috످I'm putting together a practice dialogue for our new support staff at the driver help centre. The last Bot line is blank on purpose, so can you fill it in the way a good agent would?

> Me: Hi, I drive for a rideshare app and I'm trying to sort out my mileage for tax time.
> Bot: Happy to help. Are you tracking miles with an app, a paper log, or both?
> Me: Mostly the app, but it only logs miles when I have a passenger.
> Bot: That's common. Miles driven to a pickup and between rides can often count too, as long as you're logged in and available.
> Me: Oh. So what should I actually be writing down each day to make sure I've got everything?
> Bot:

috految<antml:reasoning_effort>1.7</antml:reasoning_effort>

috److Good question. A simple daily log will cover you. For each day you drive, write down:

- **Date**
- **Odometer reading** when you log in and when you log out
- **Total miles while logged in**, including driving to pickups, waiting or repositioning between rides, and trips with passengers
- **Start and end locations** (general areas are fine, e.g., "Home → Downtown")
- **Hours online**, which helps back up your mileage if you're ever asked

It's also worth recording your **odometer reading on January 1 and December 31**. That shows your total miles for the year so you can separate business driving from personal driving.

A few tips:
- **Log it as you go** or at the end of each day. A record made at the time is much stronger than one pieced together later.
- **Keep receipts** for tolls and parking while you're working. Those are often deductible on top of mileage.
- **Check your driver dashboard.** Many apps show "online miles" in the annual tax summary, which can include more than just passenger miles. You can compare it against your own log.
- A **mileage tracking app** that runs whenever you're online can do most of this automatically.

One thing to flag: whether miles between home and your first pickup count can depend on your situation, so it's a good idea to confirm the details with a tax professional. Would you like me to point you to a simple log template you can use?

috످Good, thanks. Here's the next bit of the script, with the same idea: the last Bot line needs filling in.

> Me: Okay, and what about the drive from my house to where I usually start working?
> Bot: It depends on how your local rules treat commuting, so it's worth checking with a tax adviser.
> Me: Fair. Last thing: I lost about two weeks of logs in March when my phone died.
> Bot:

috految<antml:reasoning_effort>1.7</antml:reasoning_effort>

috److Sorry about your phone. The good news is you can usually rebuild those two weeks.

First, check whether your mileage app backed up your logs. If not, download your March trip history from your driver account. That may only show passenger miles, so use your location history (if it was on) or a map to fill in the drives to pickups and between rides.

Mark those entries as "reconstructed", note how you worked them out, and keep any supporting records, like fuel receipts. Tax authorities often accept rebuilt logs if there's evidence behind them, but check with your tax adviser before you file.

Would you like help finding your March trip history?

috످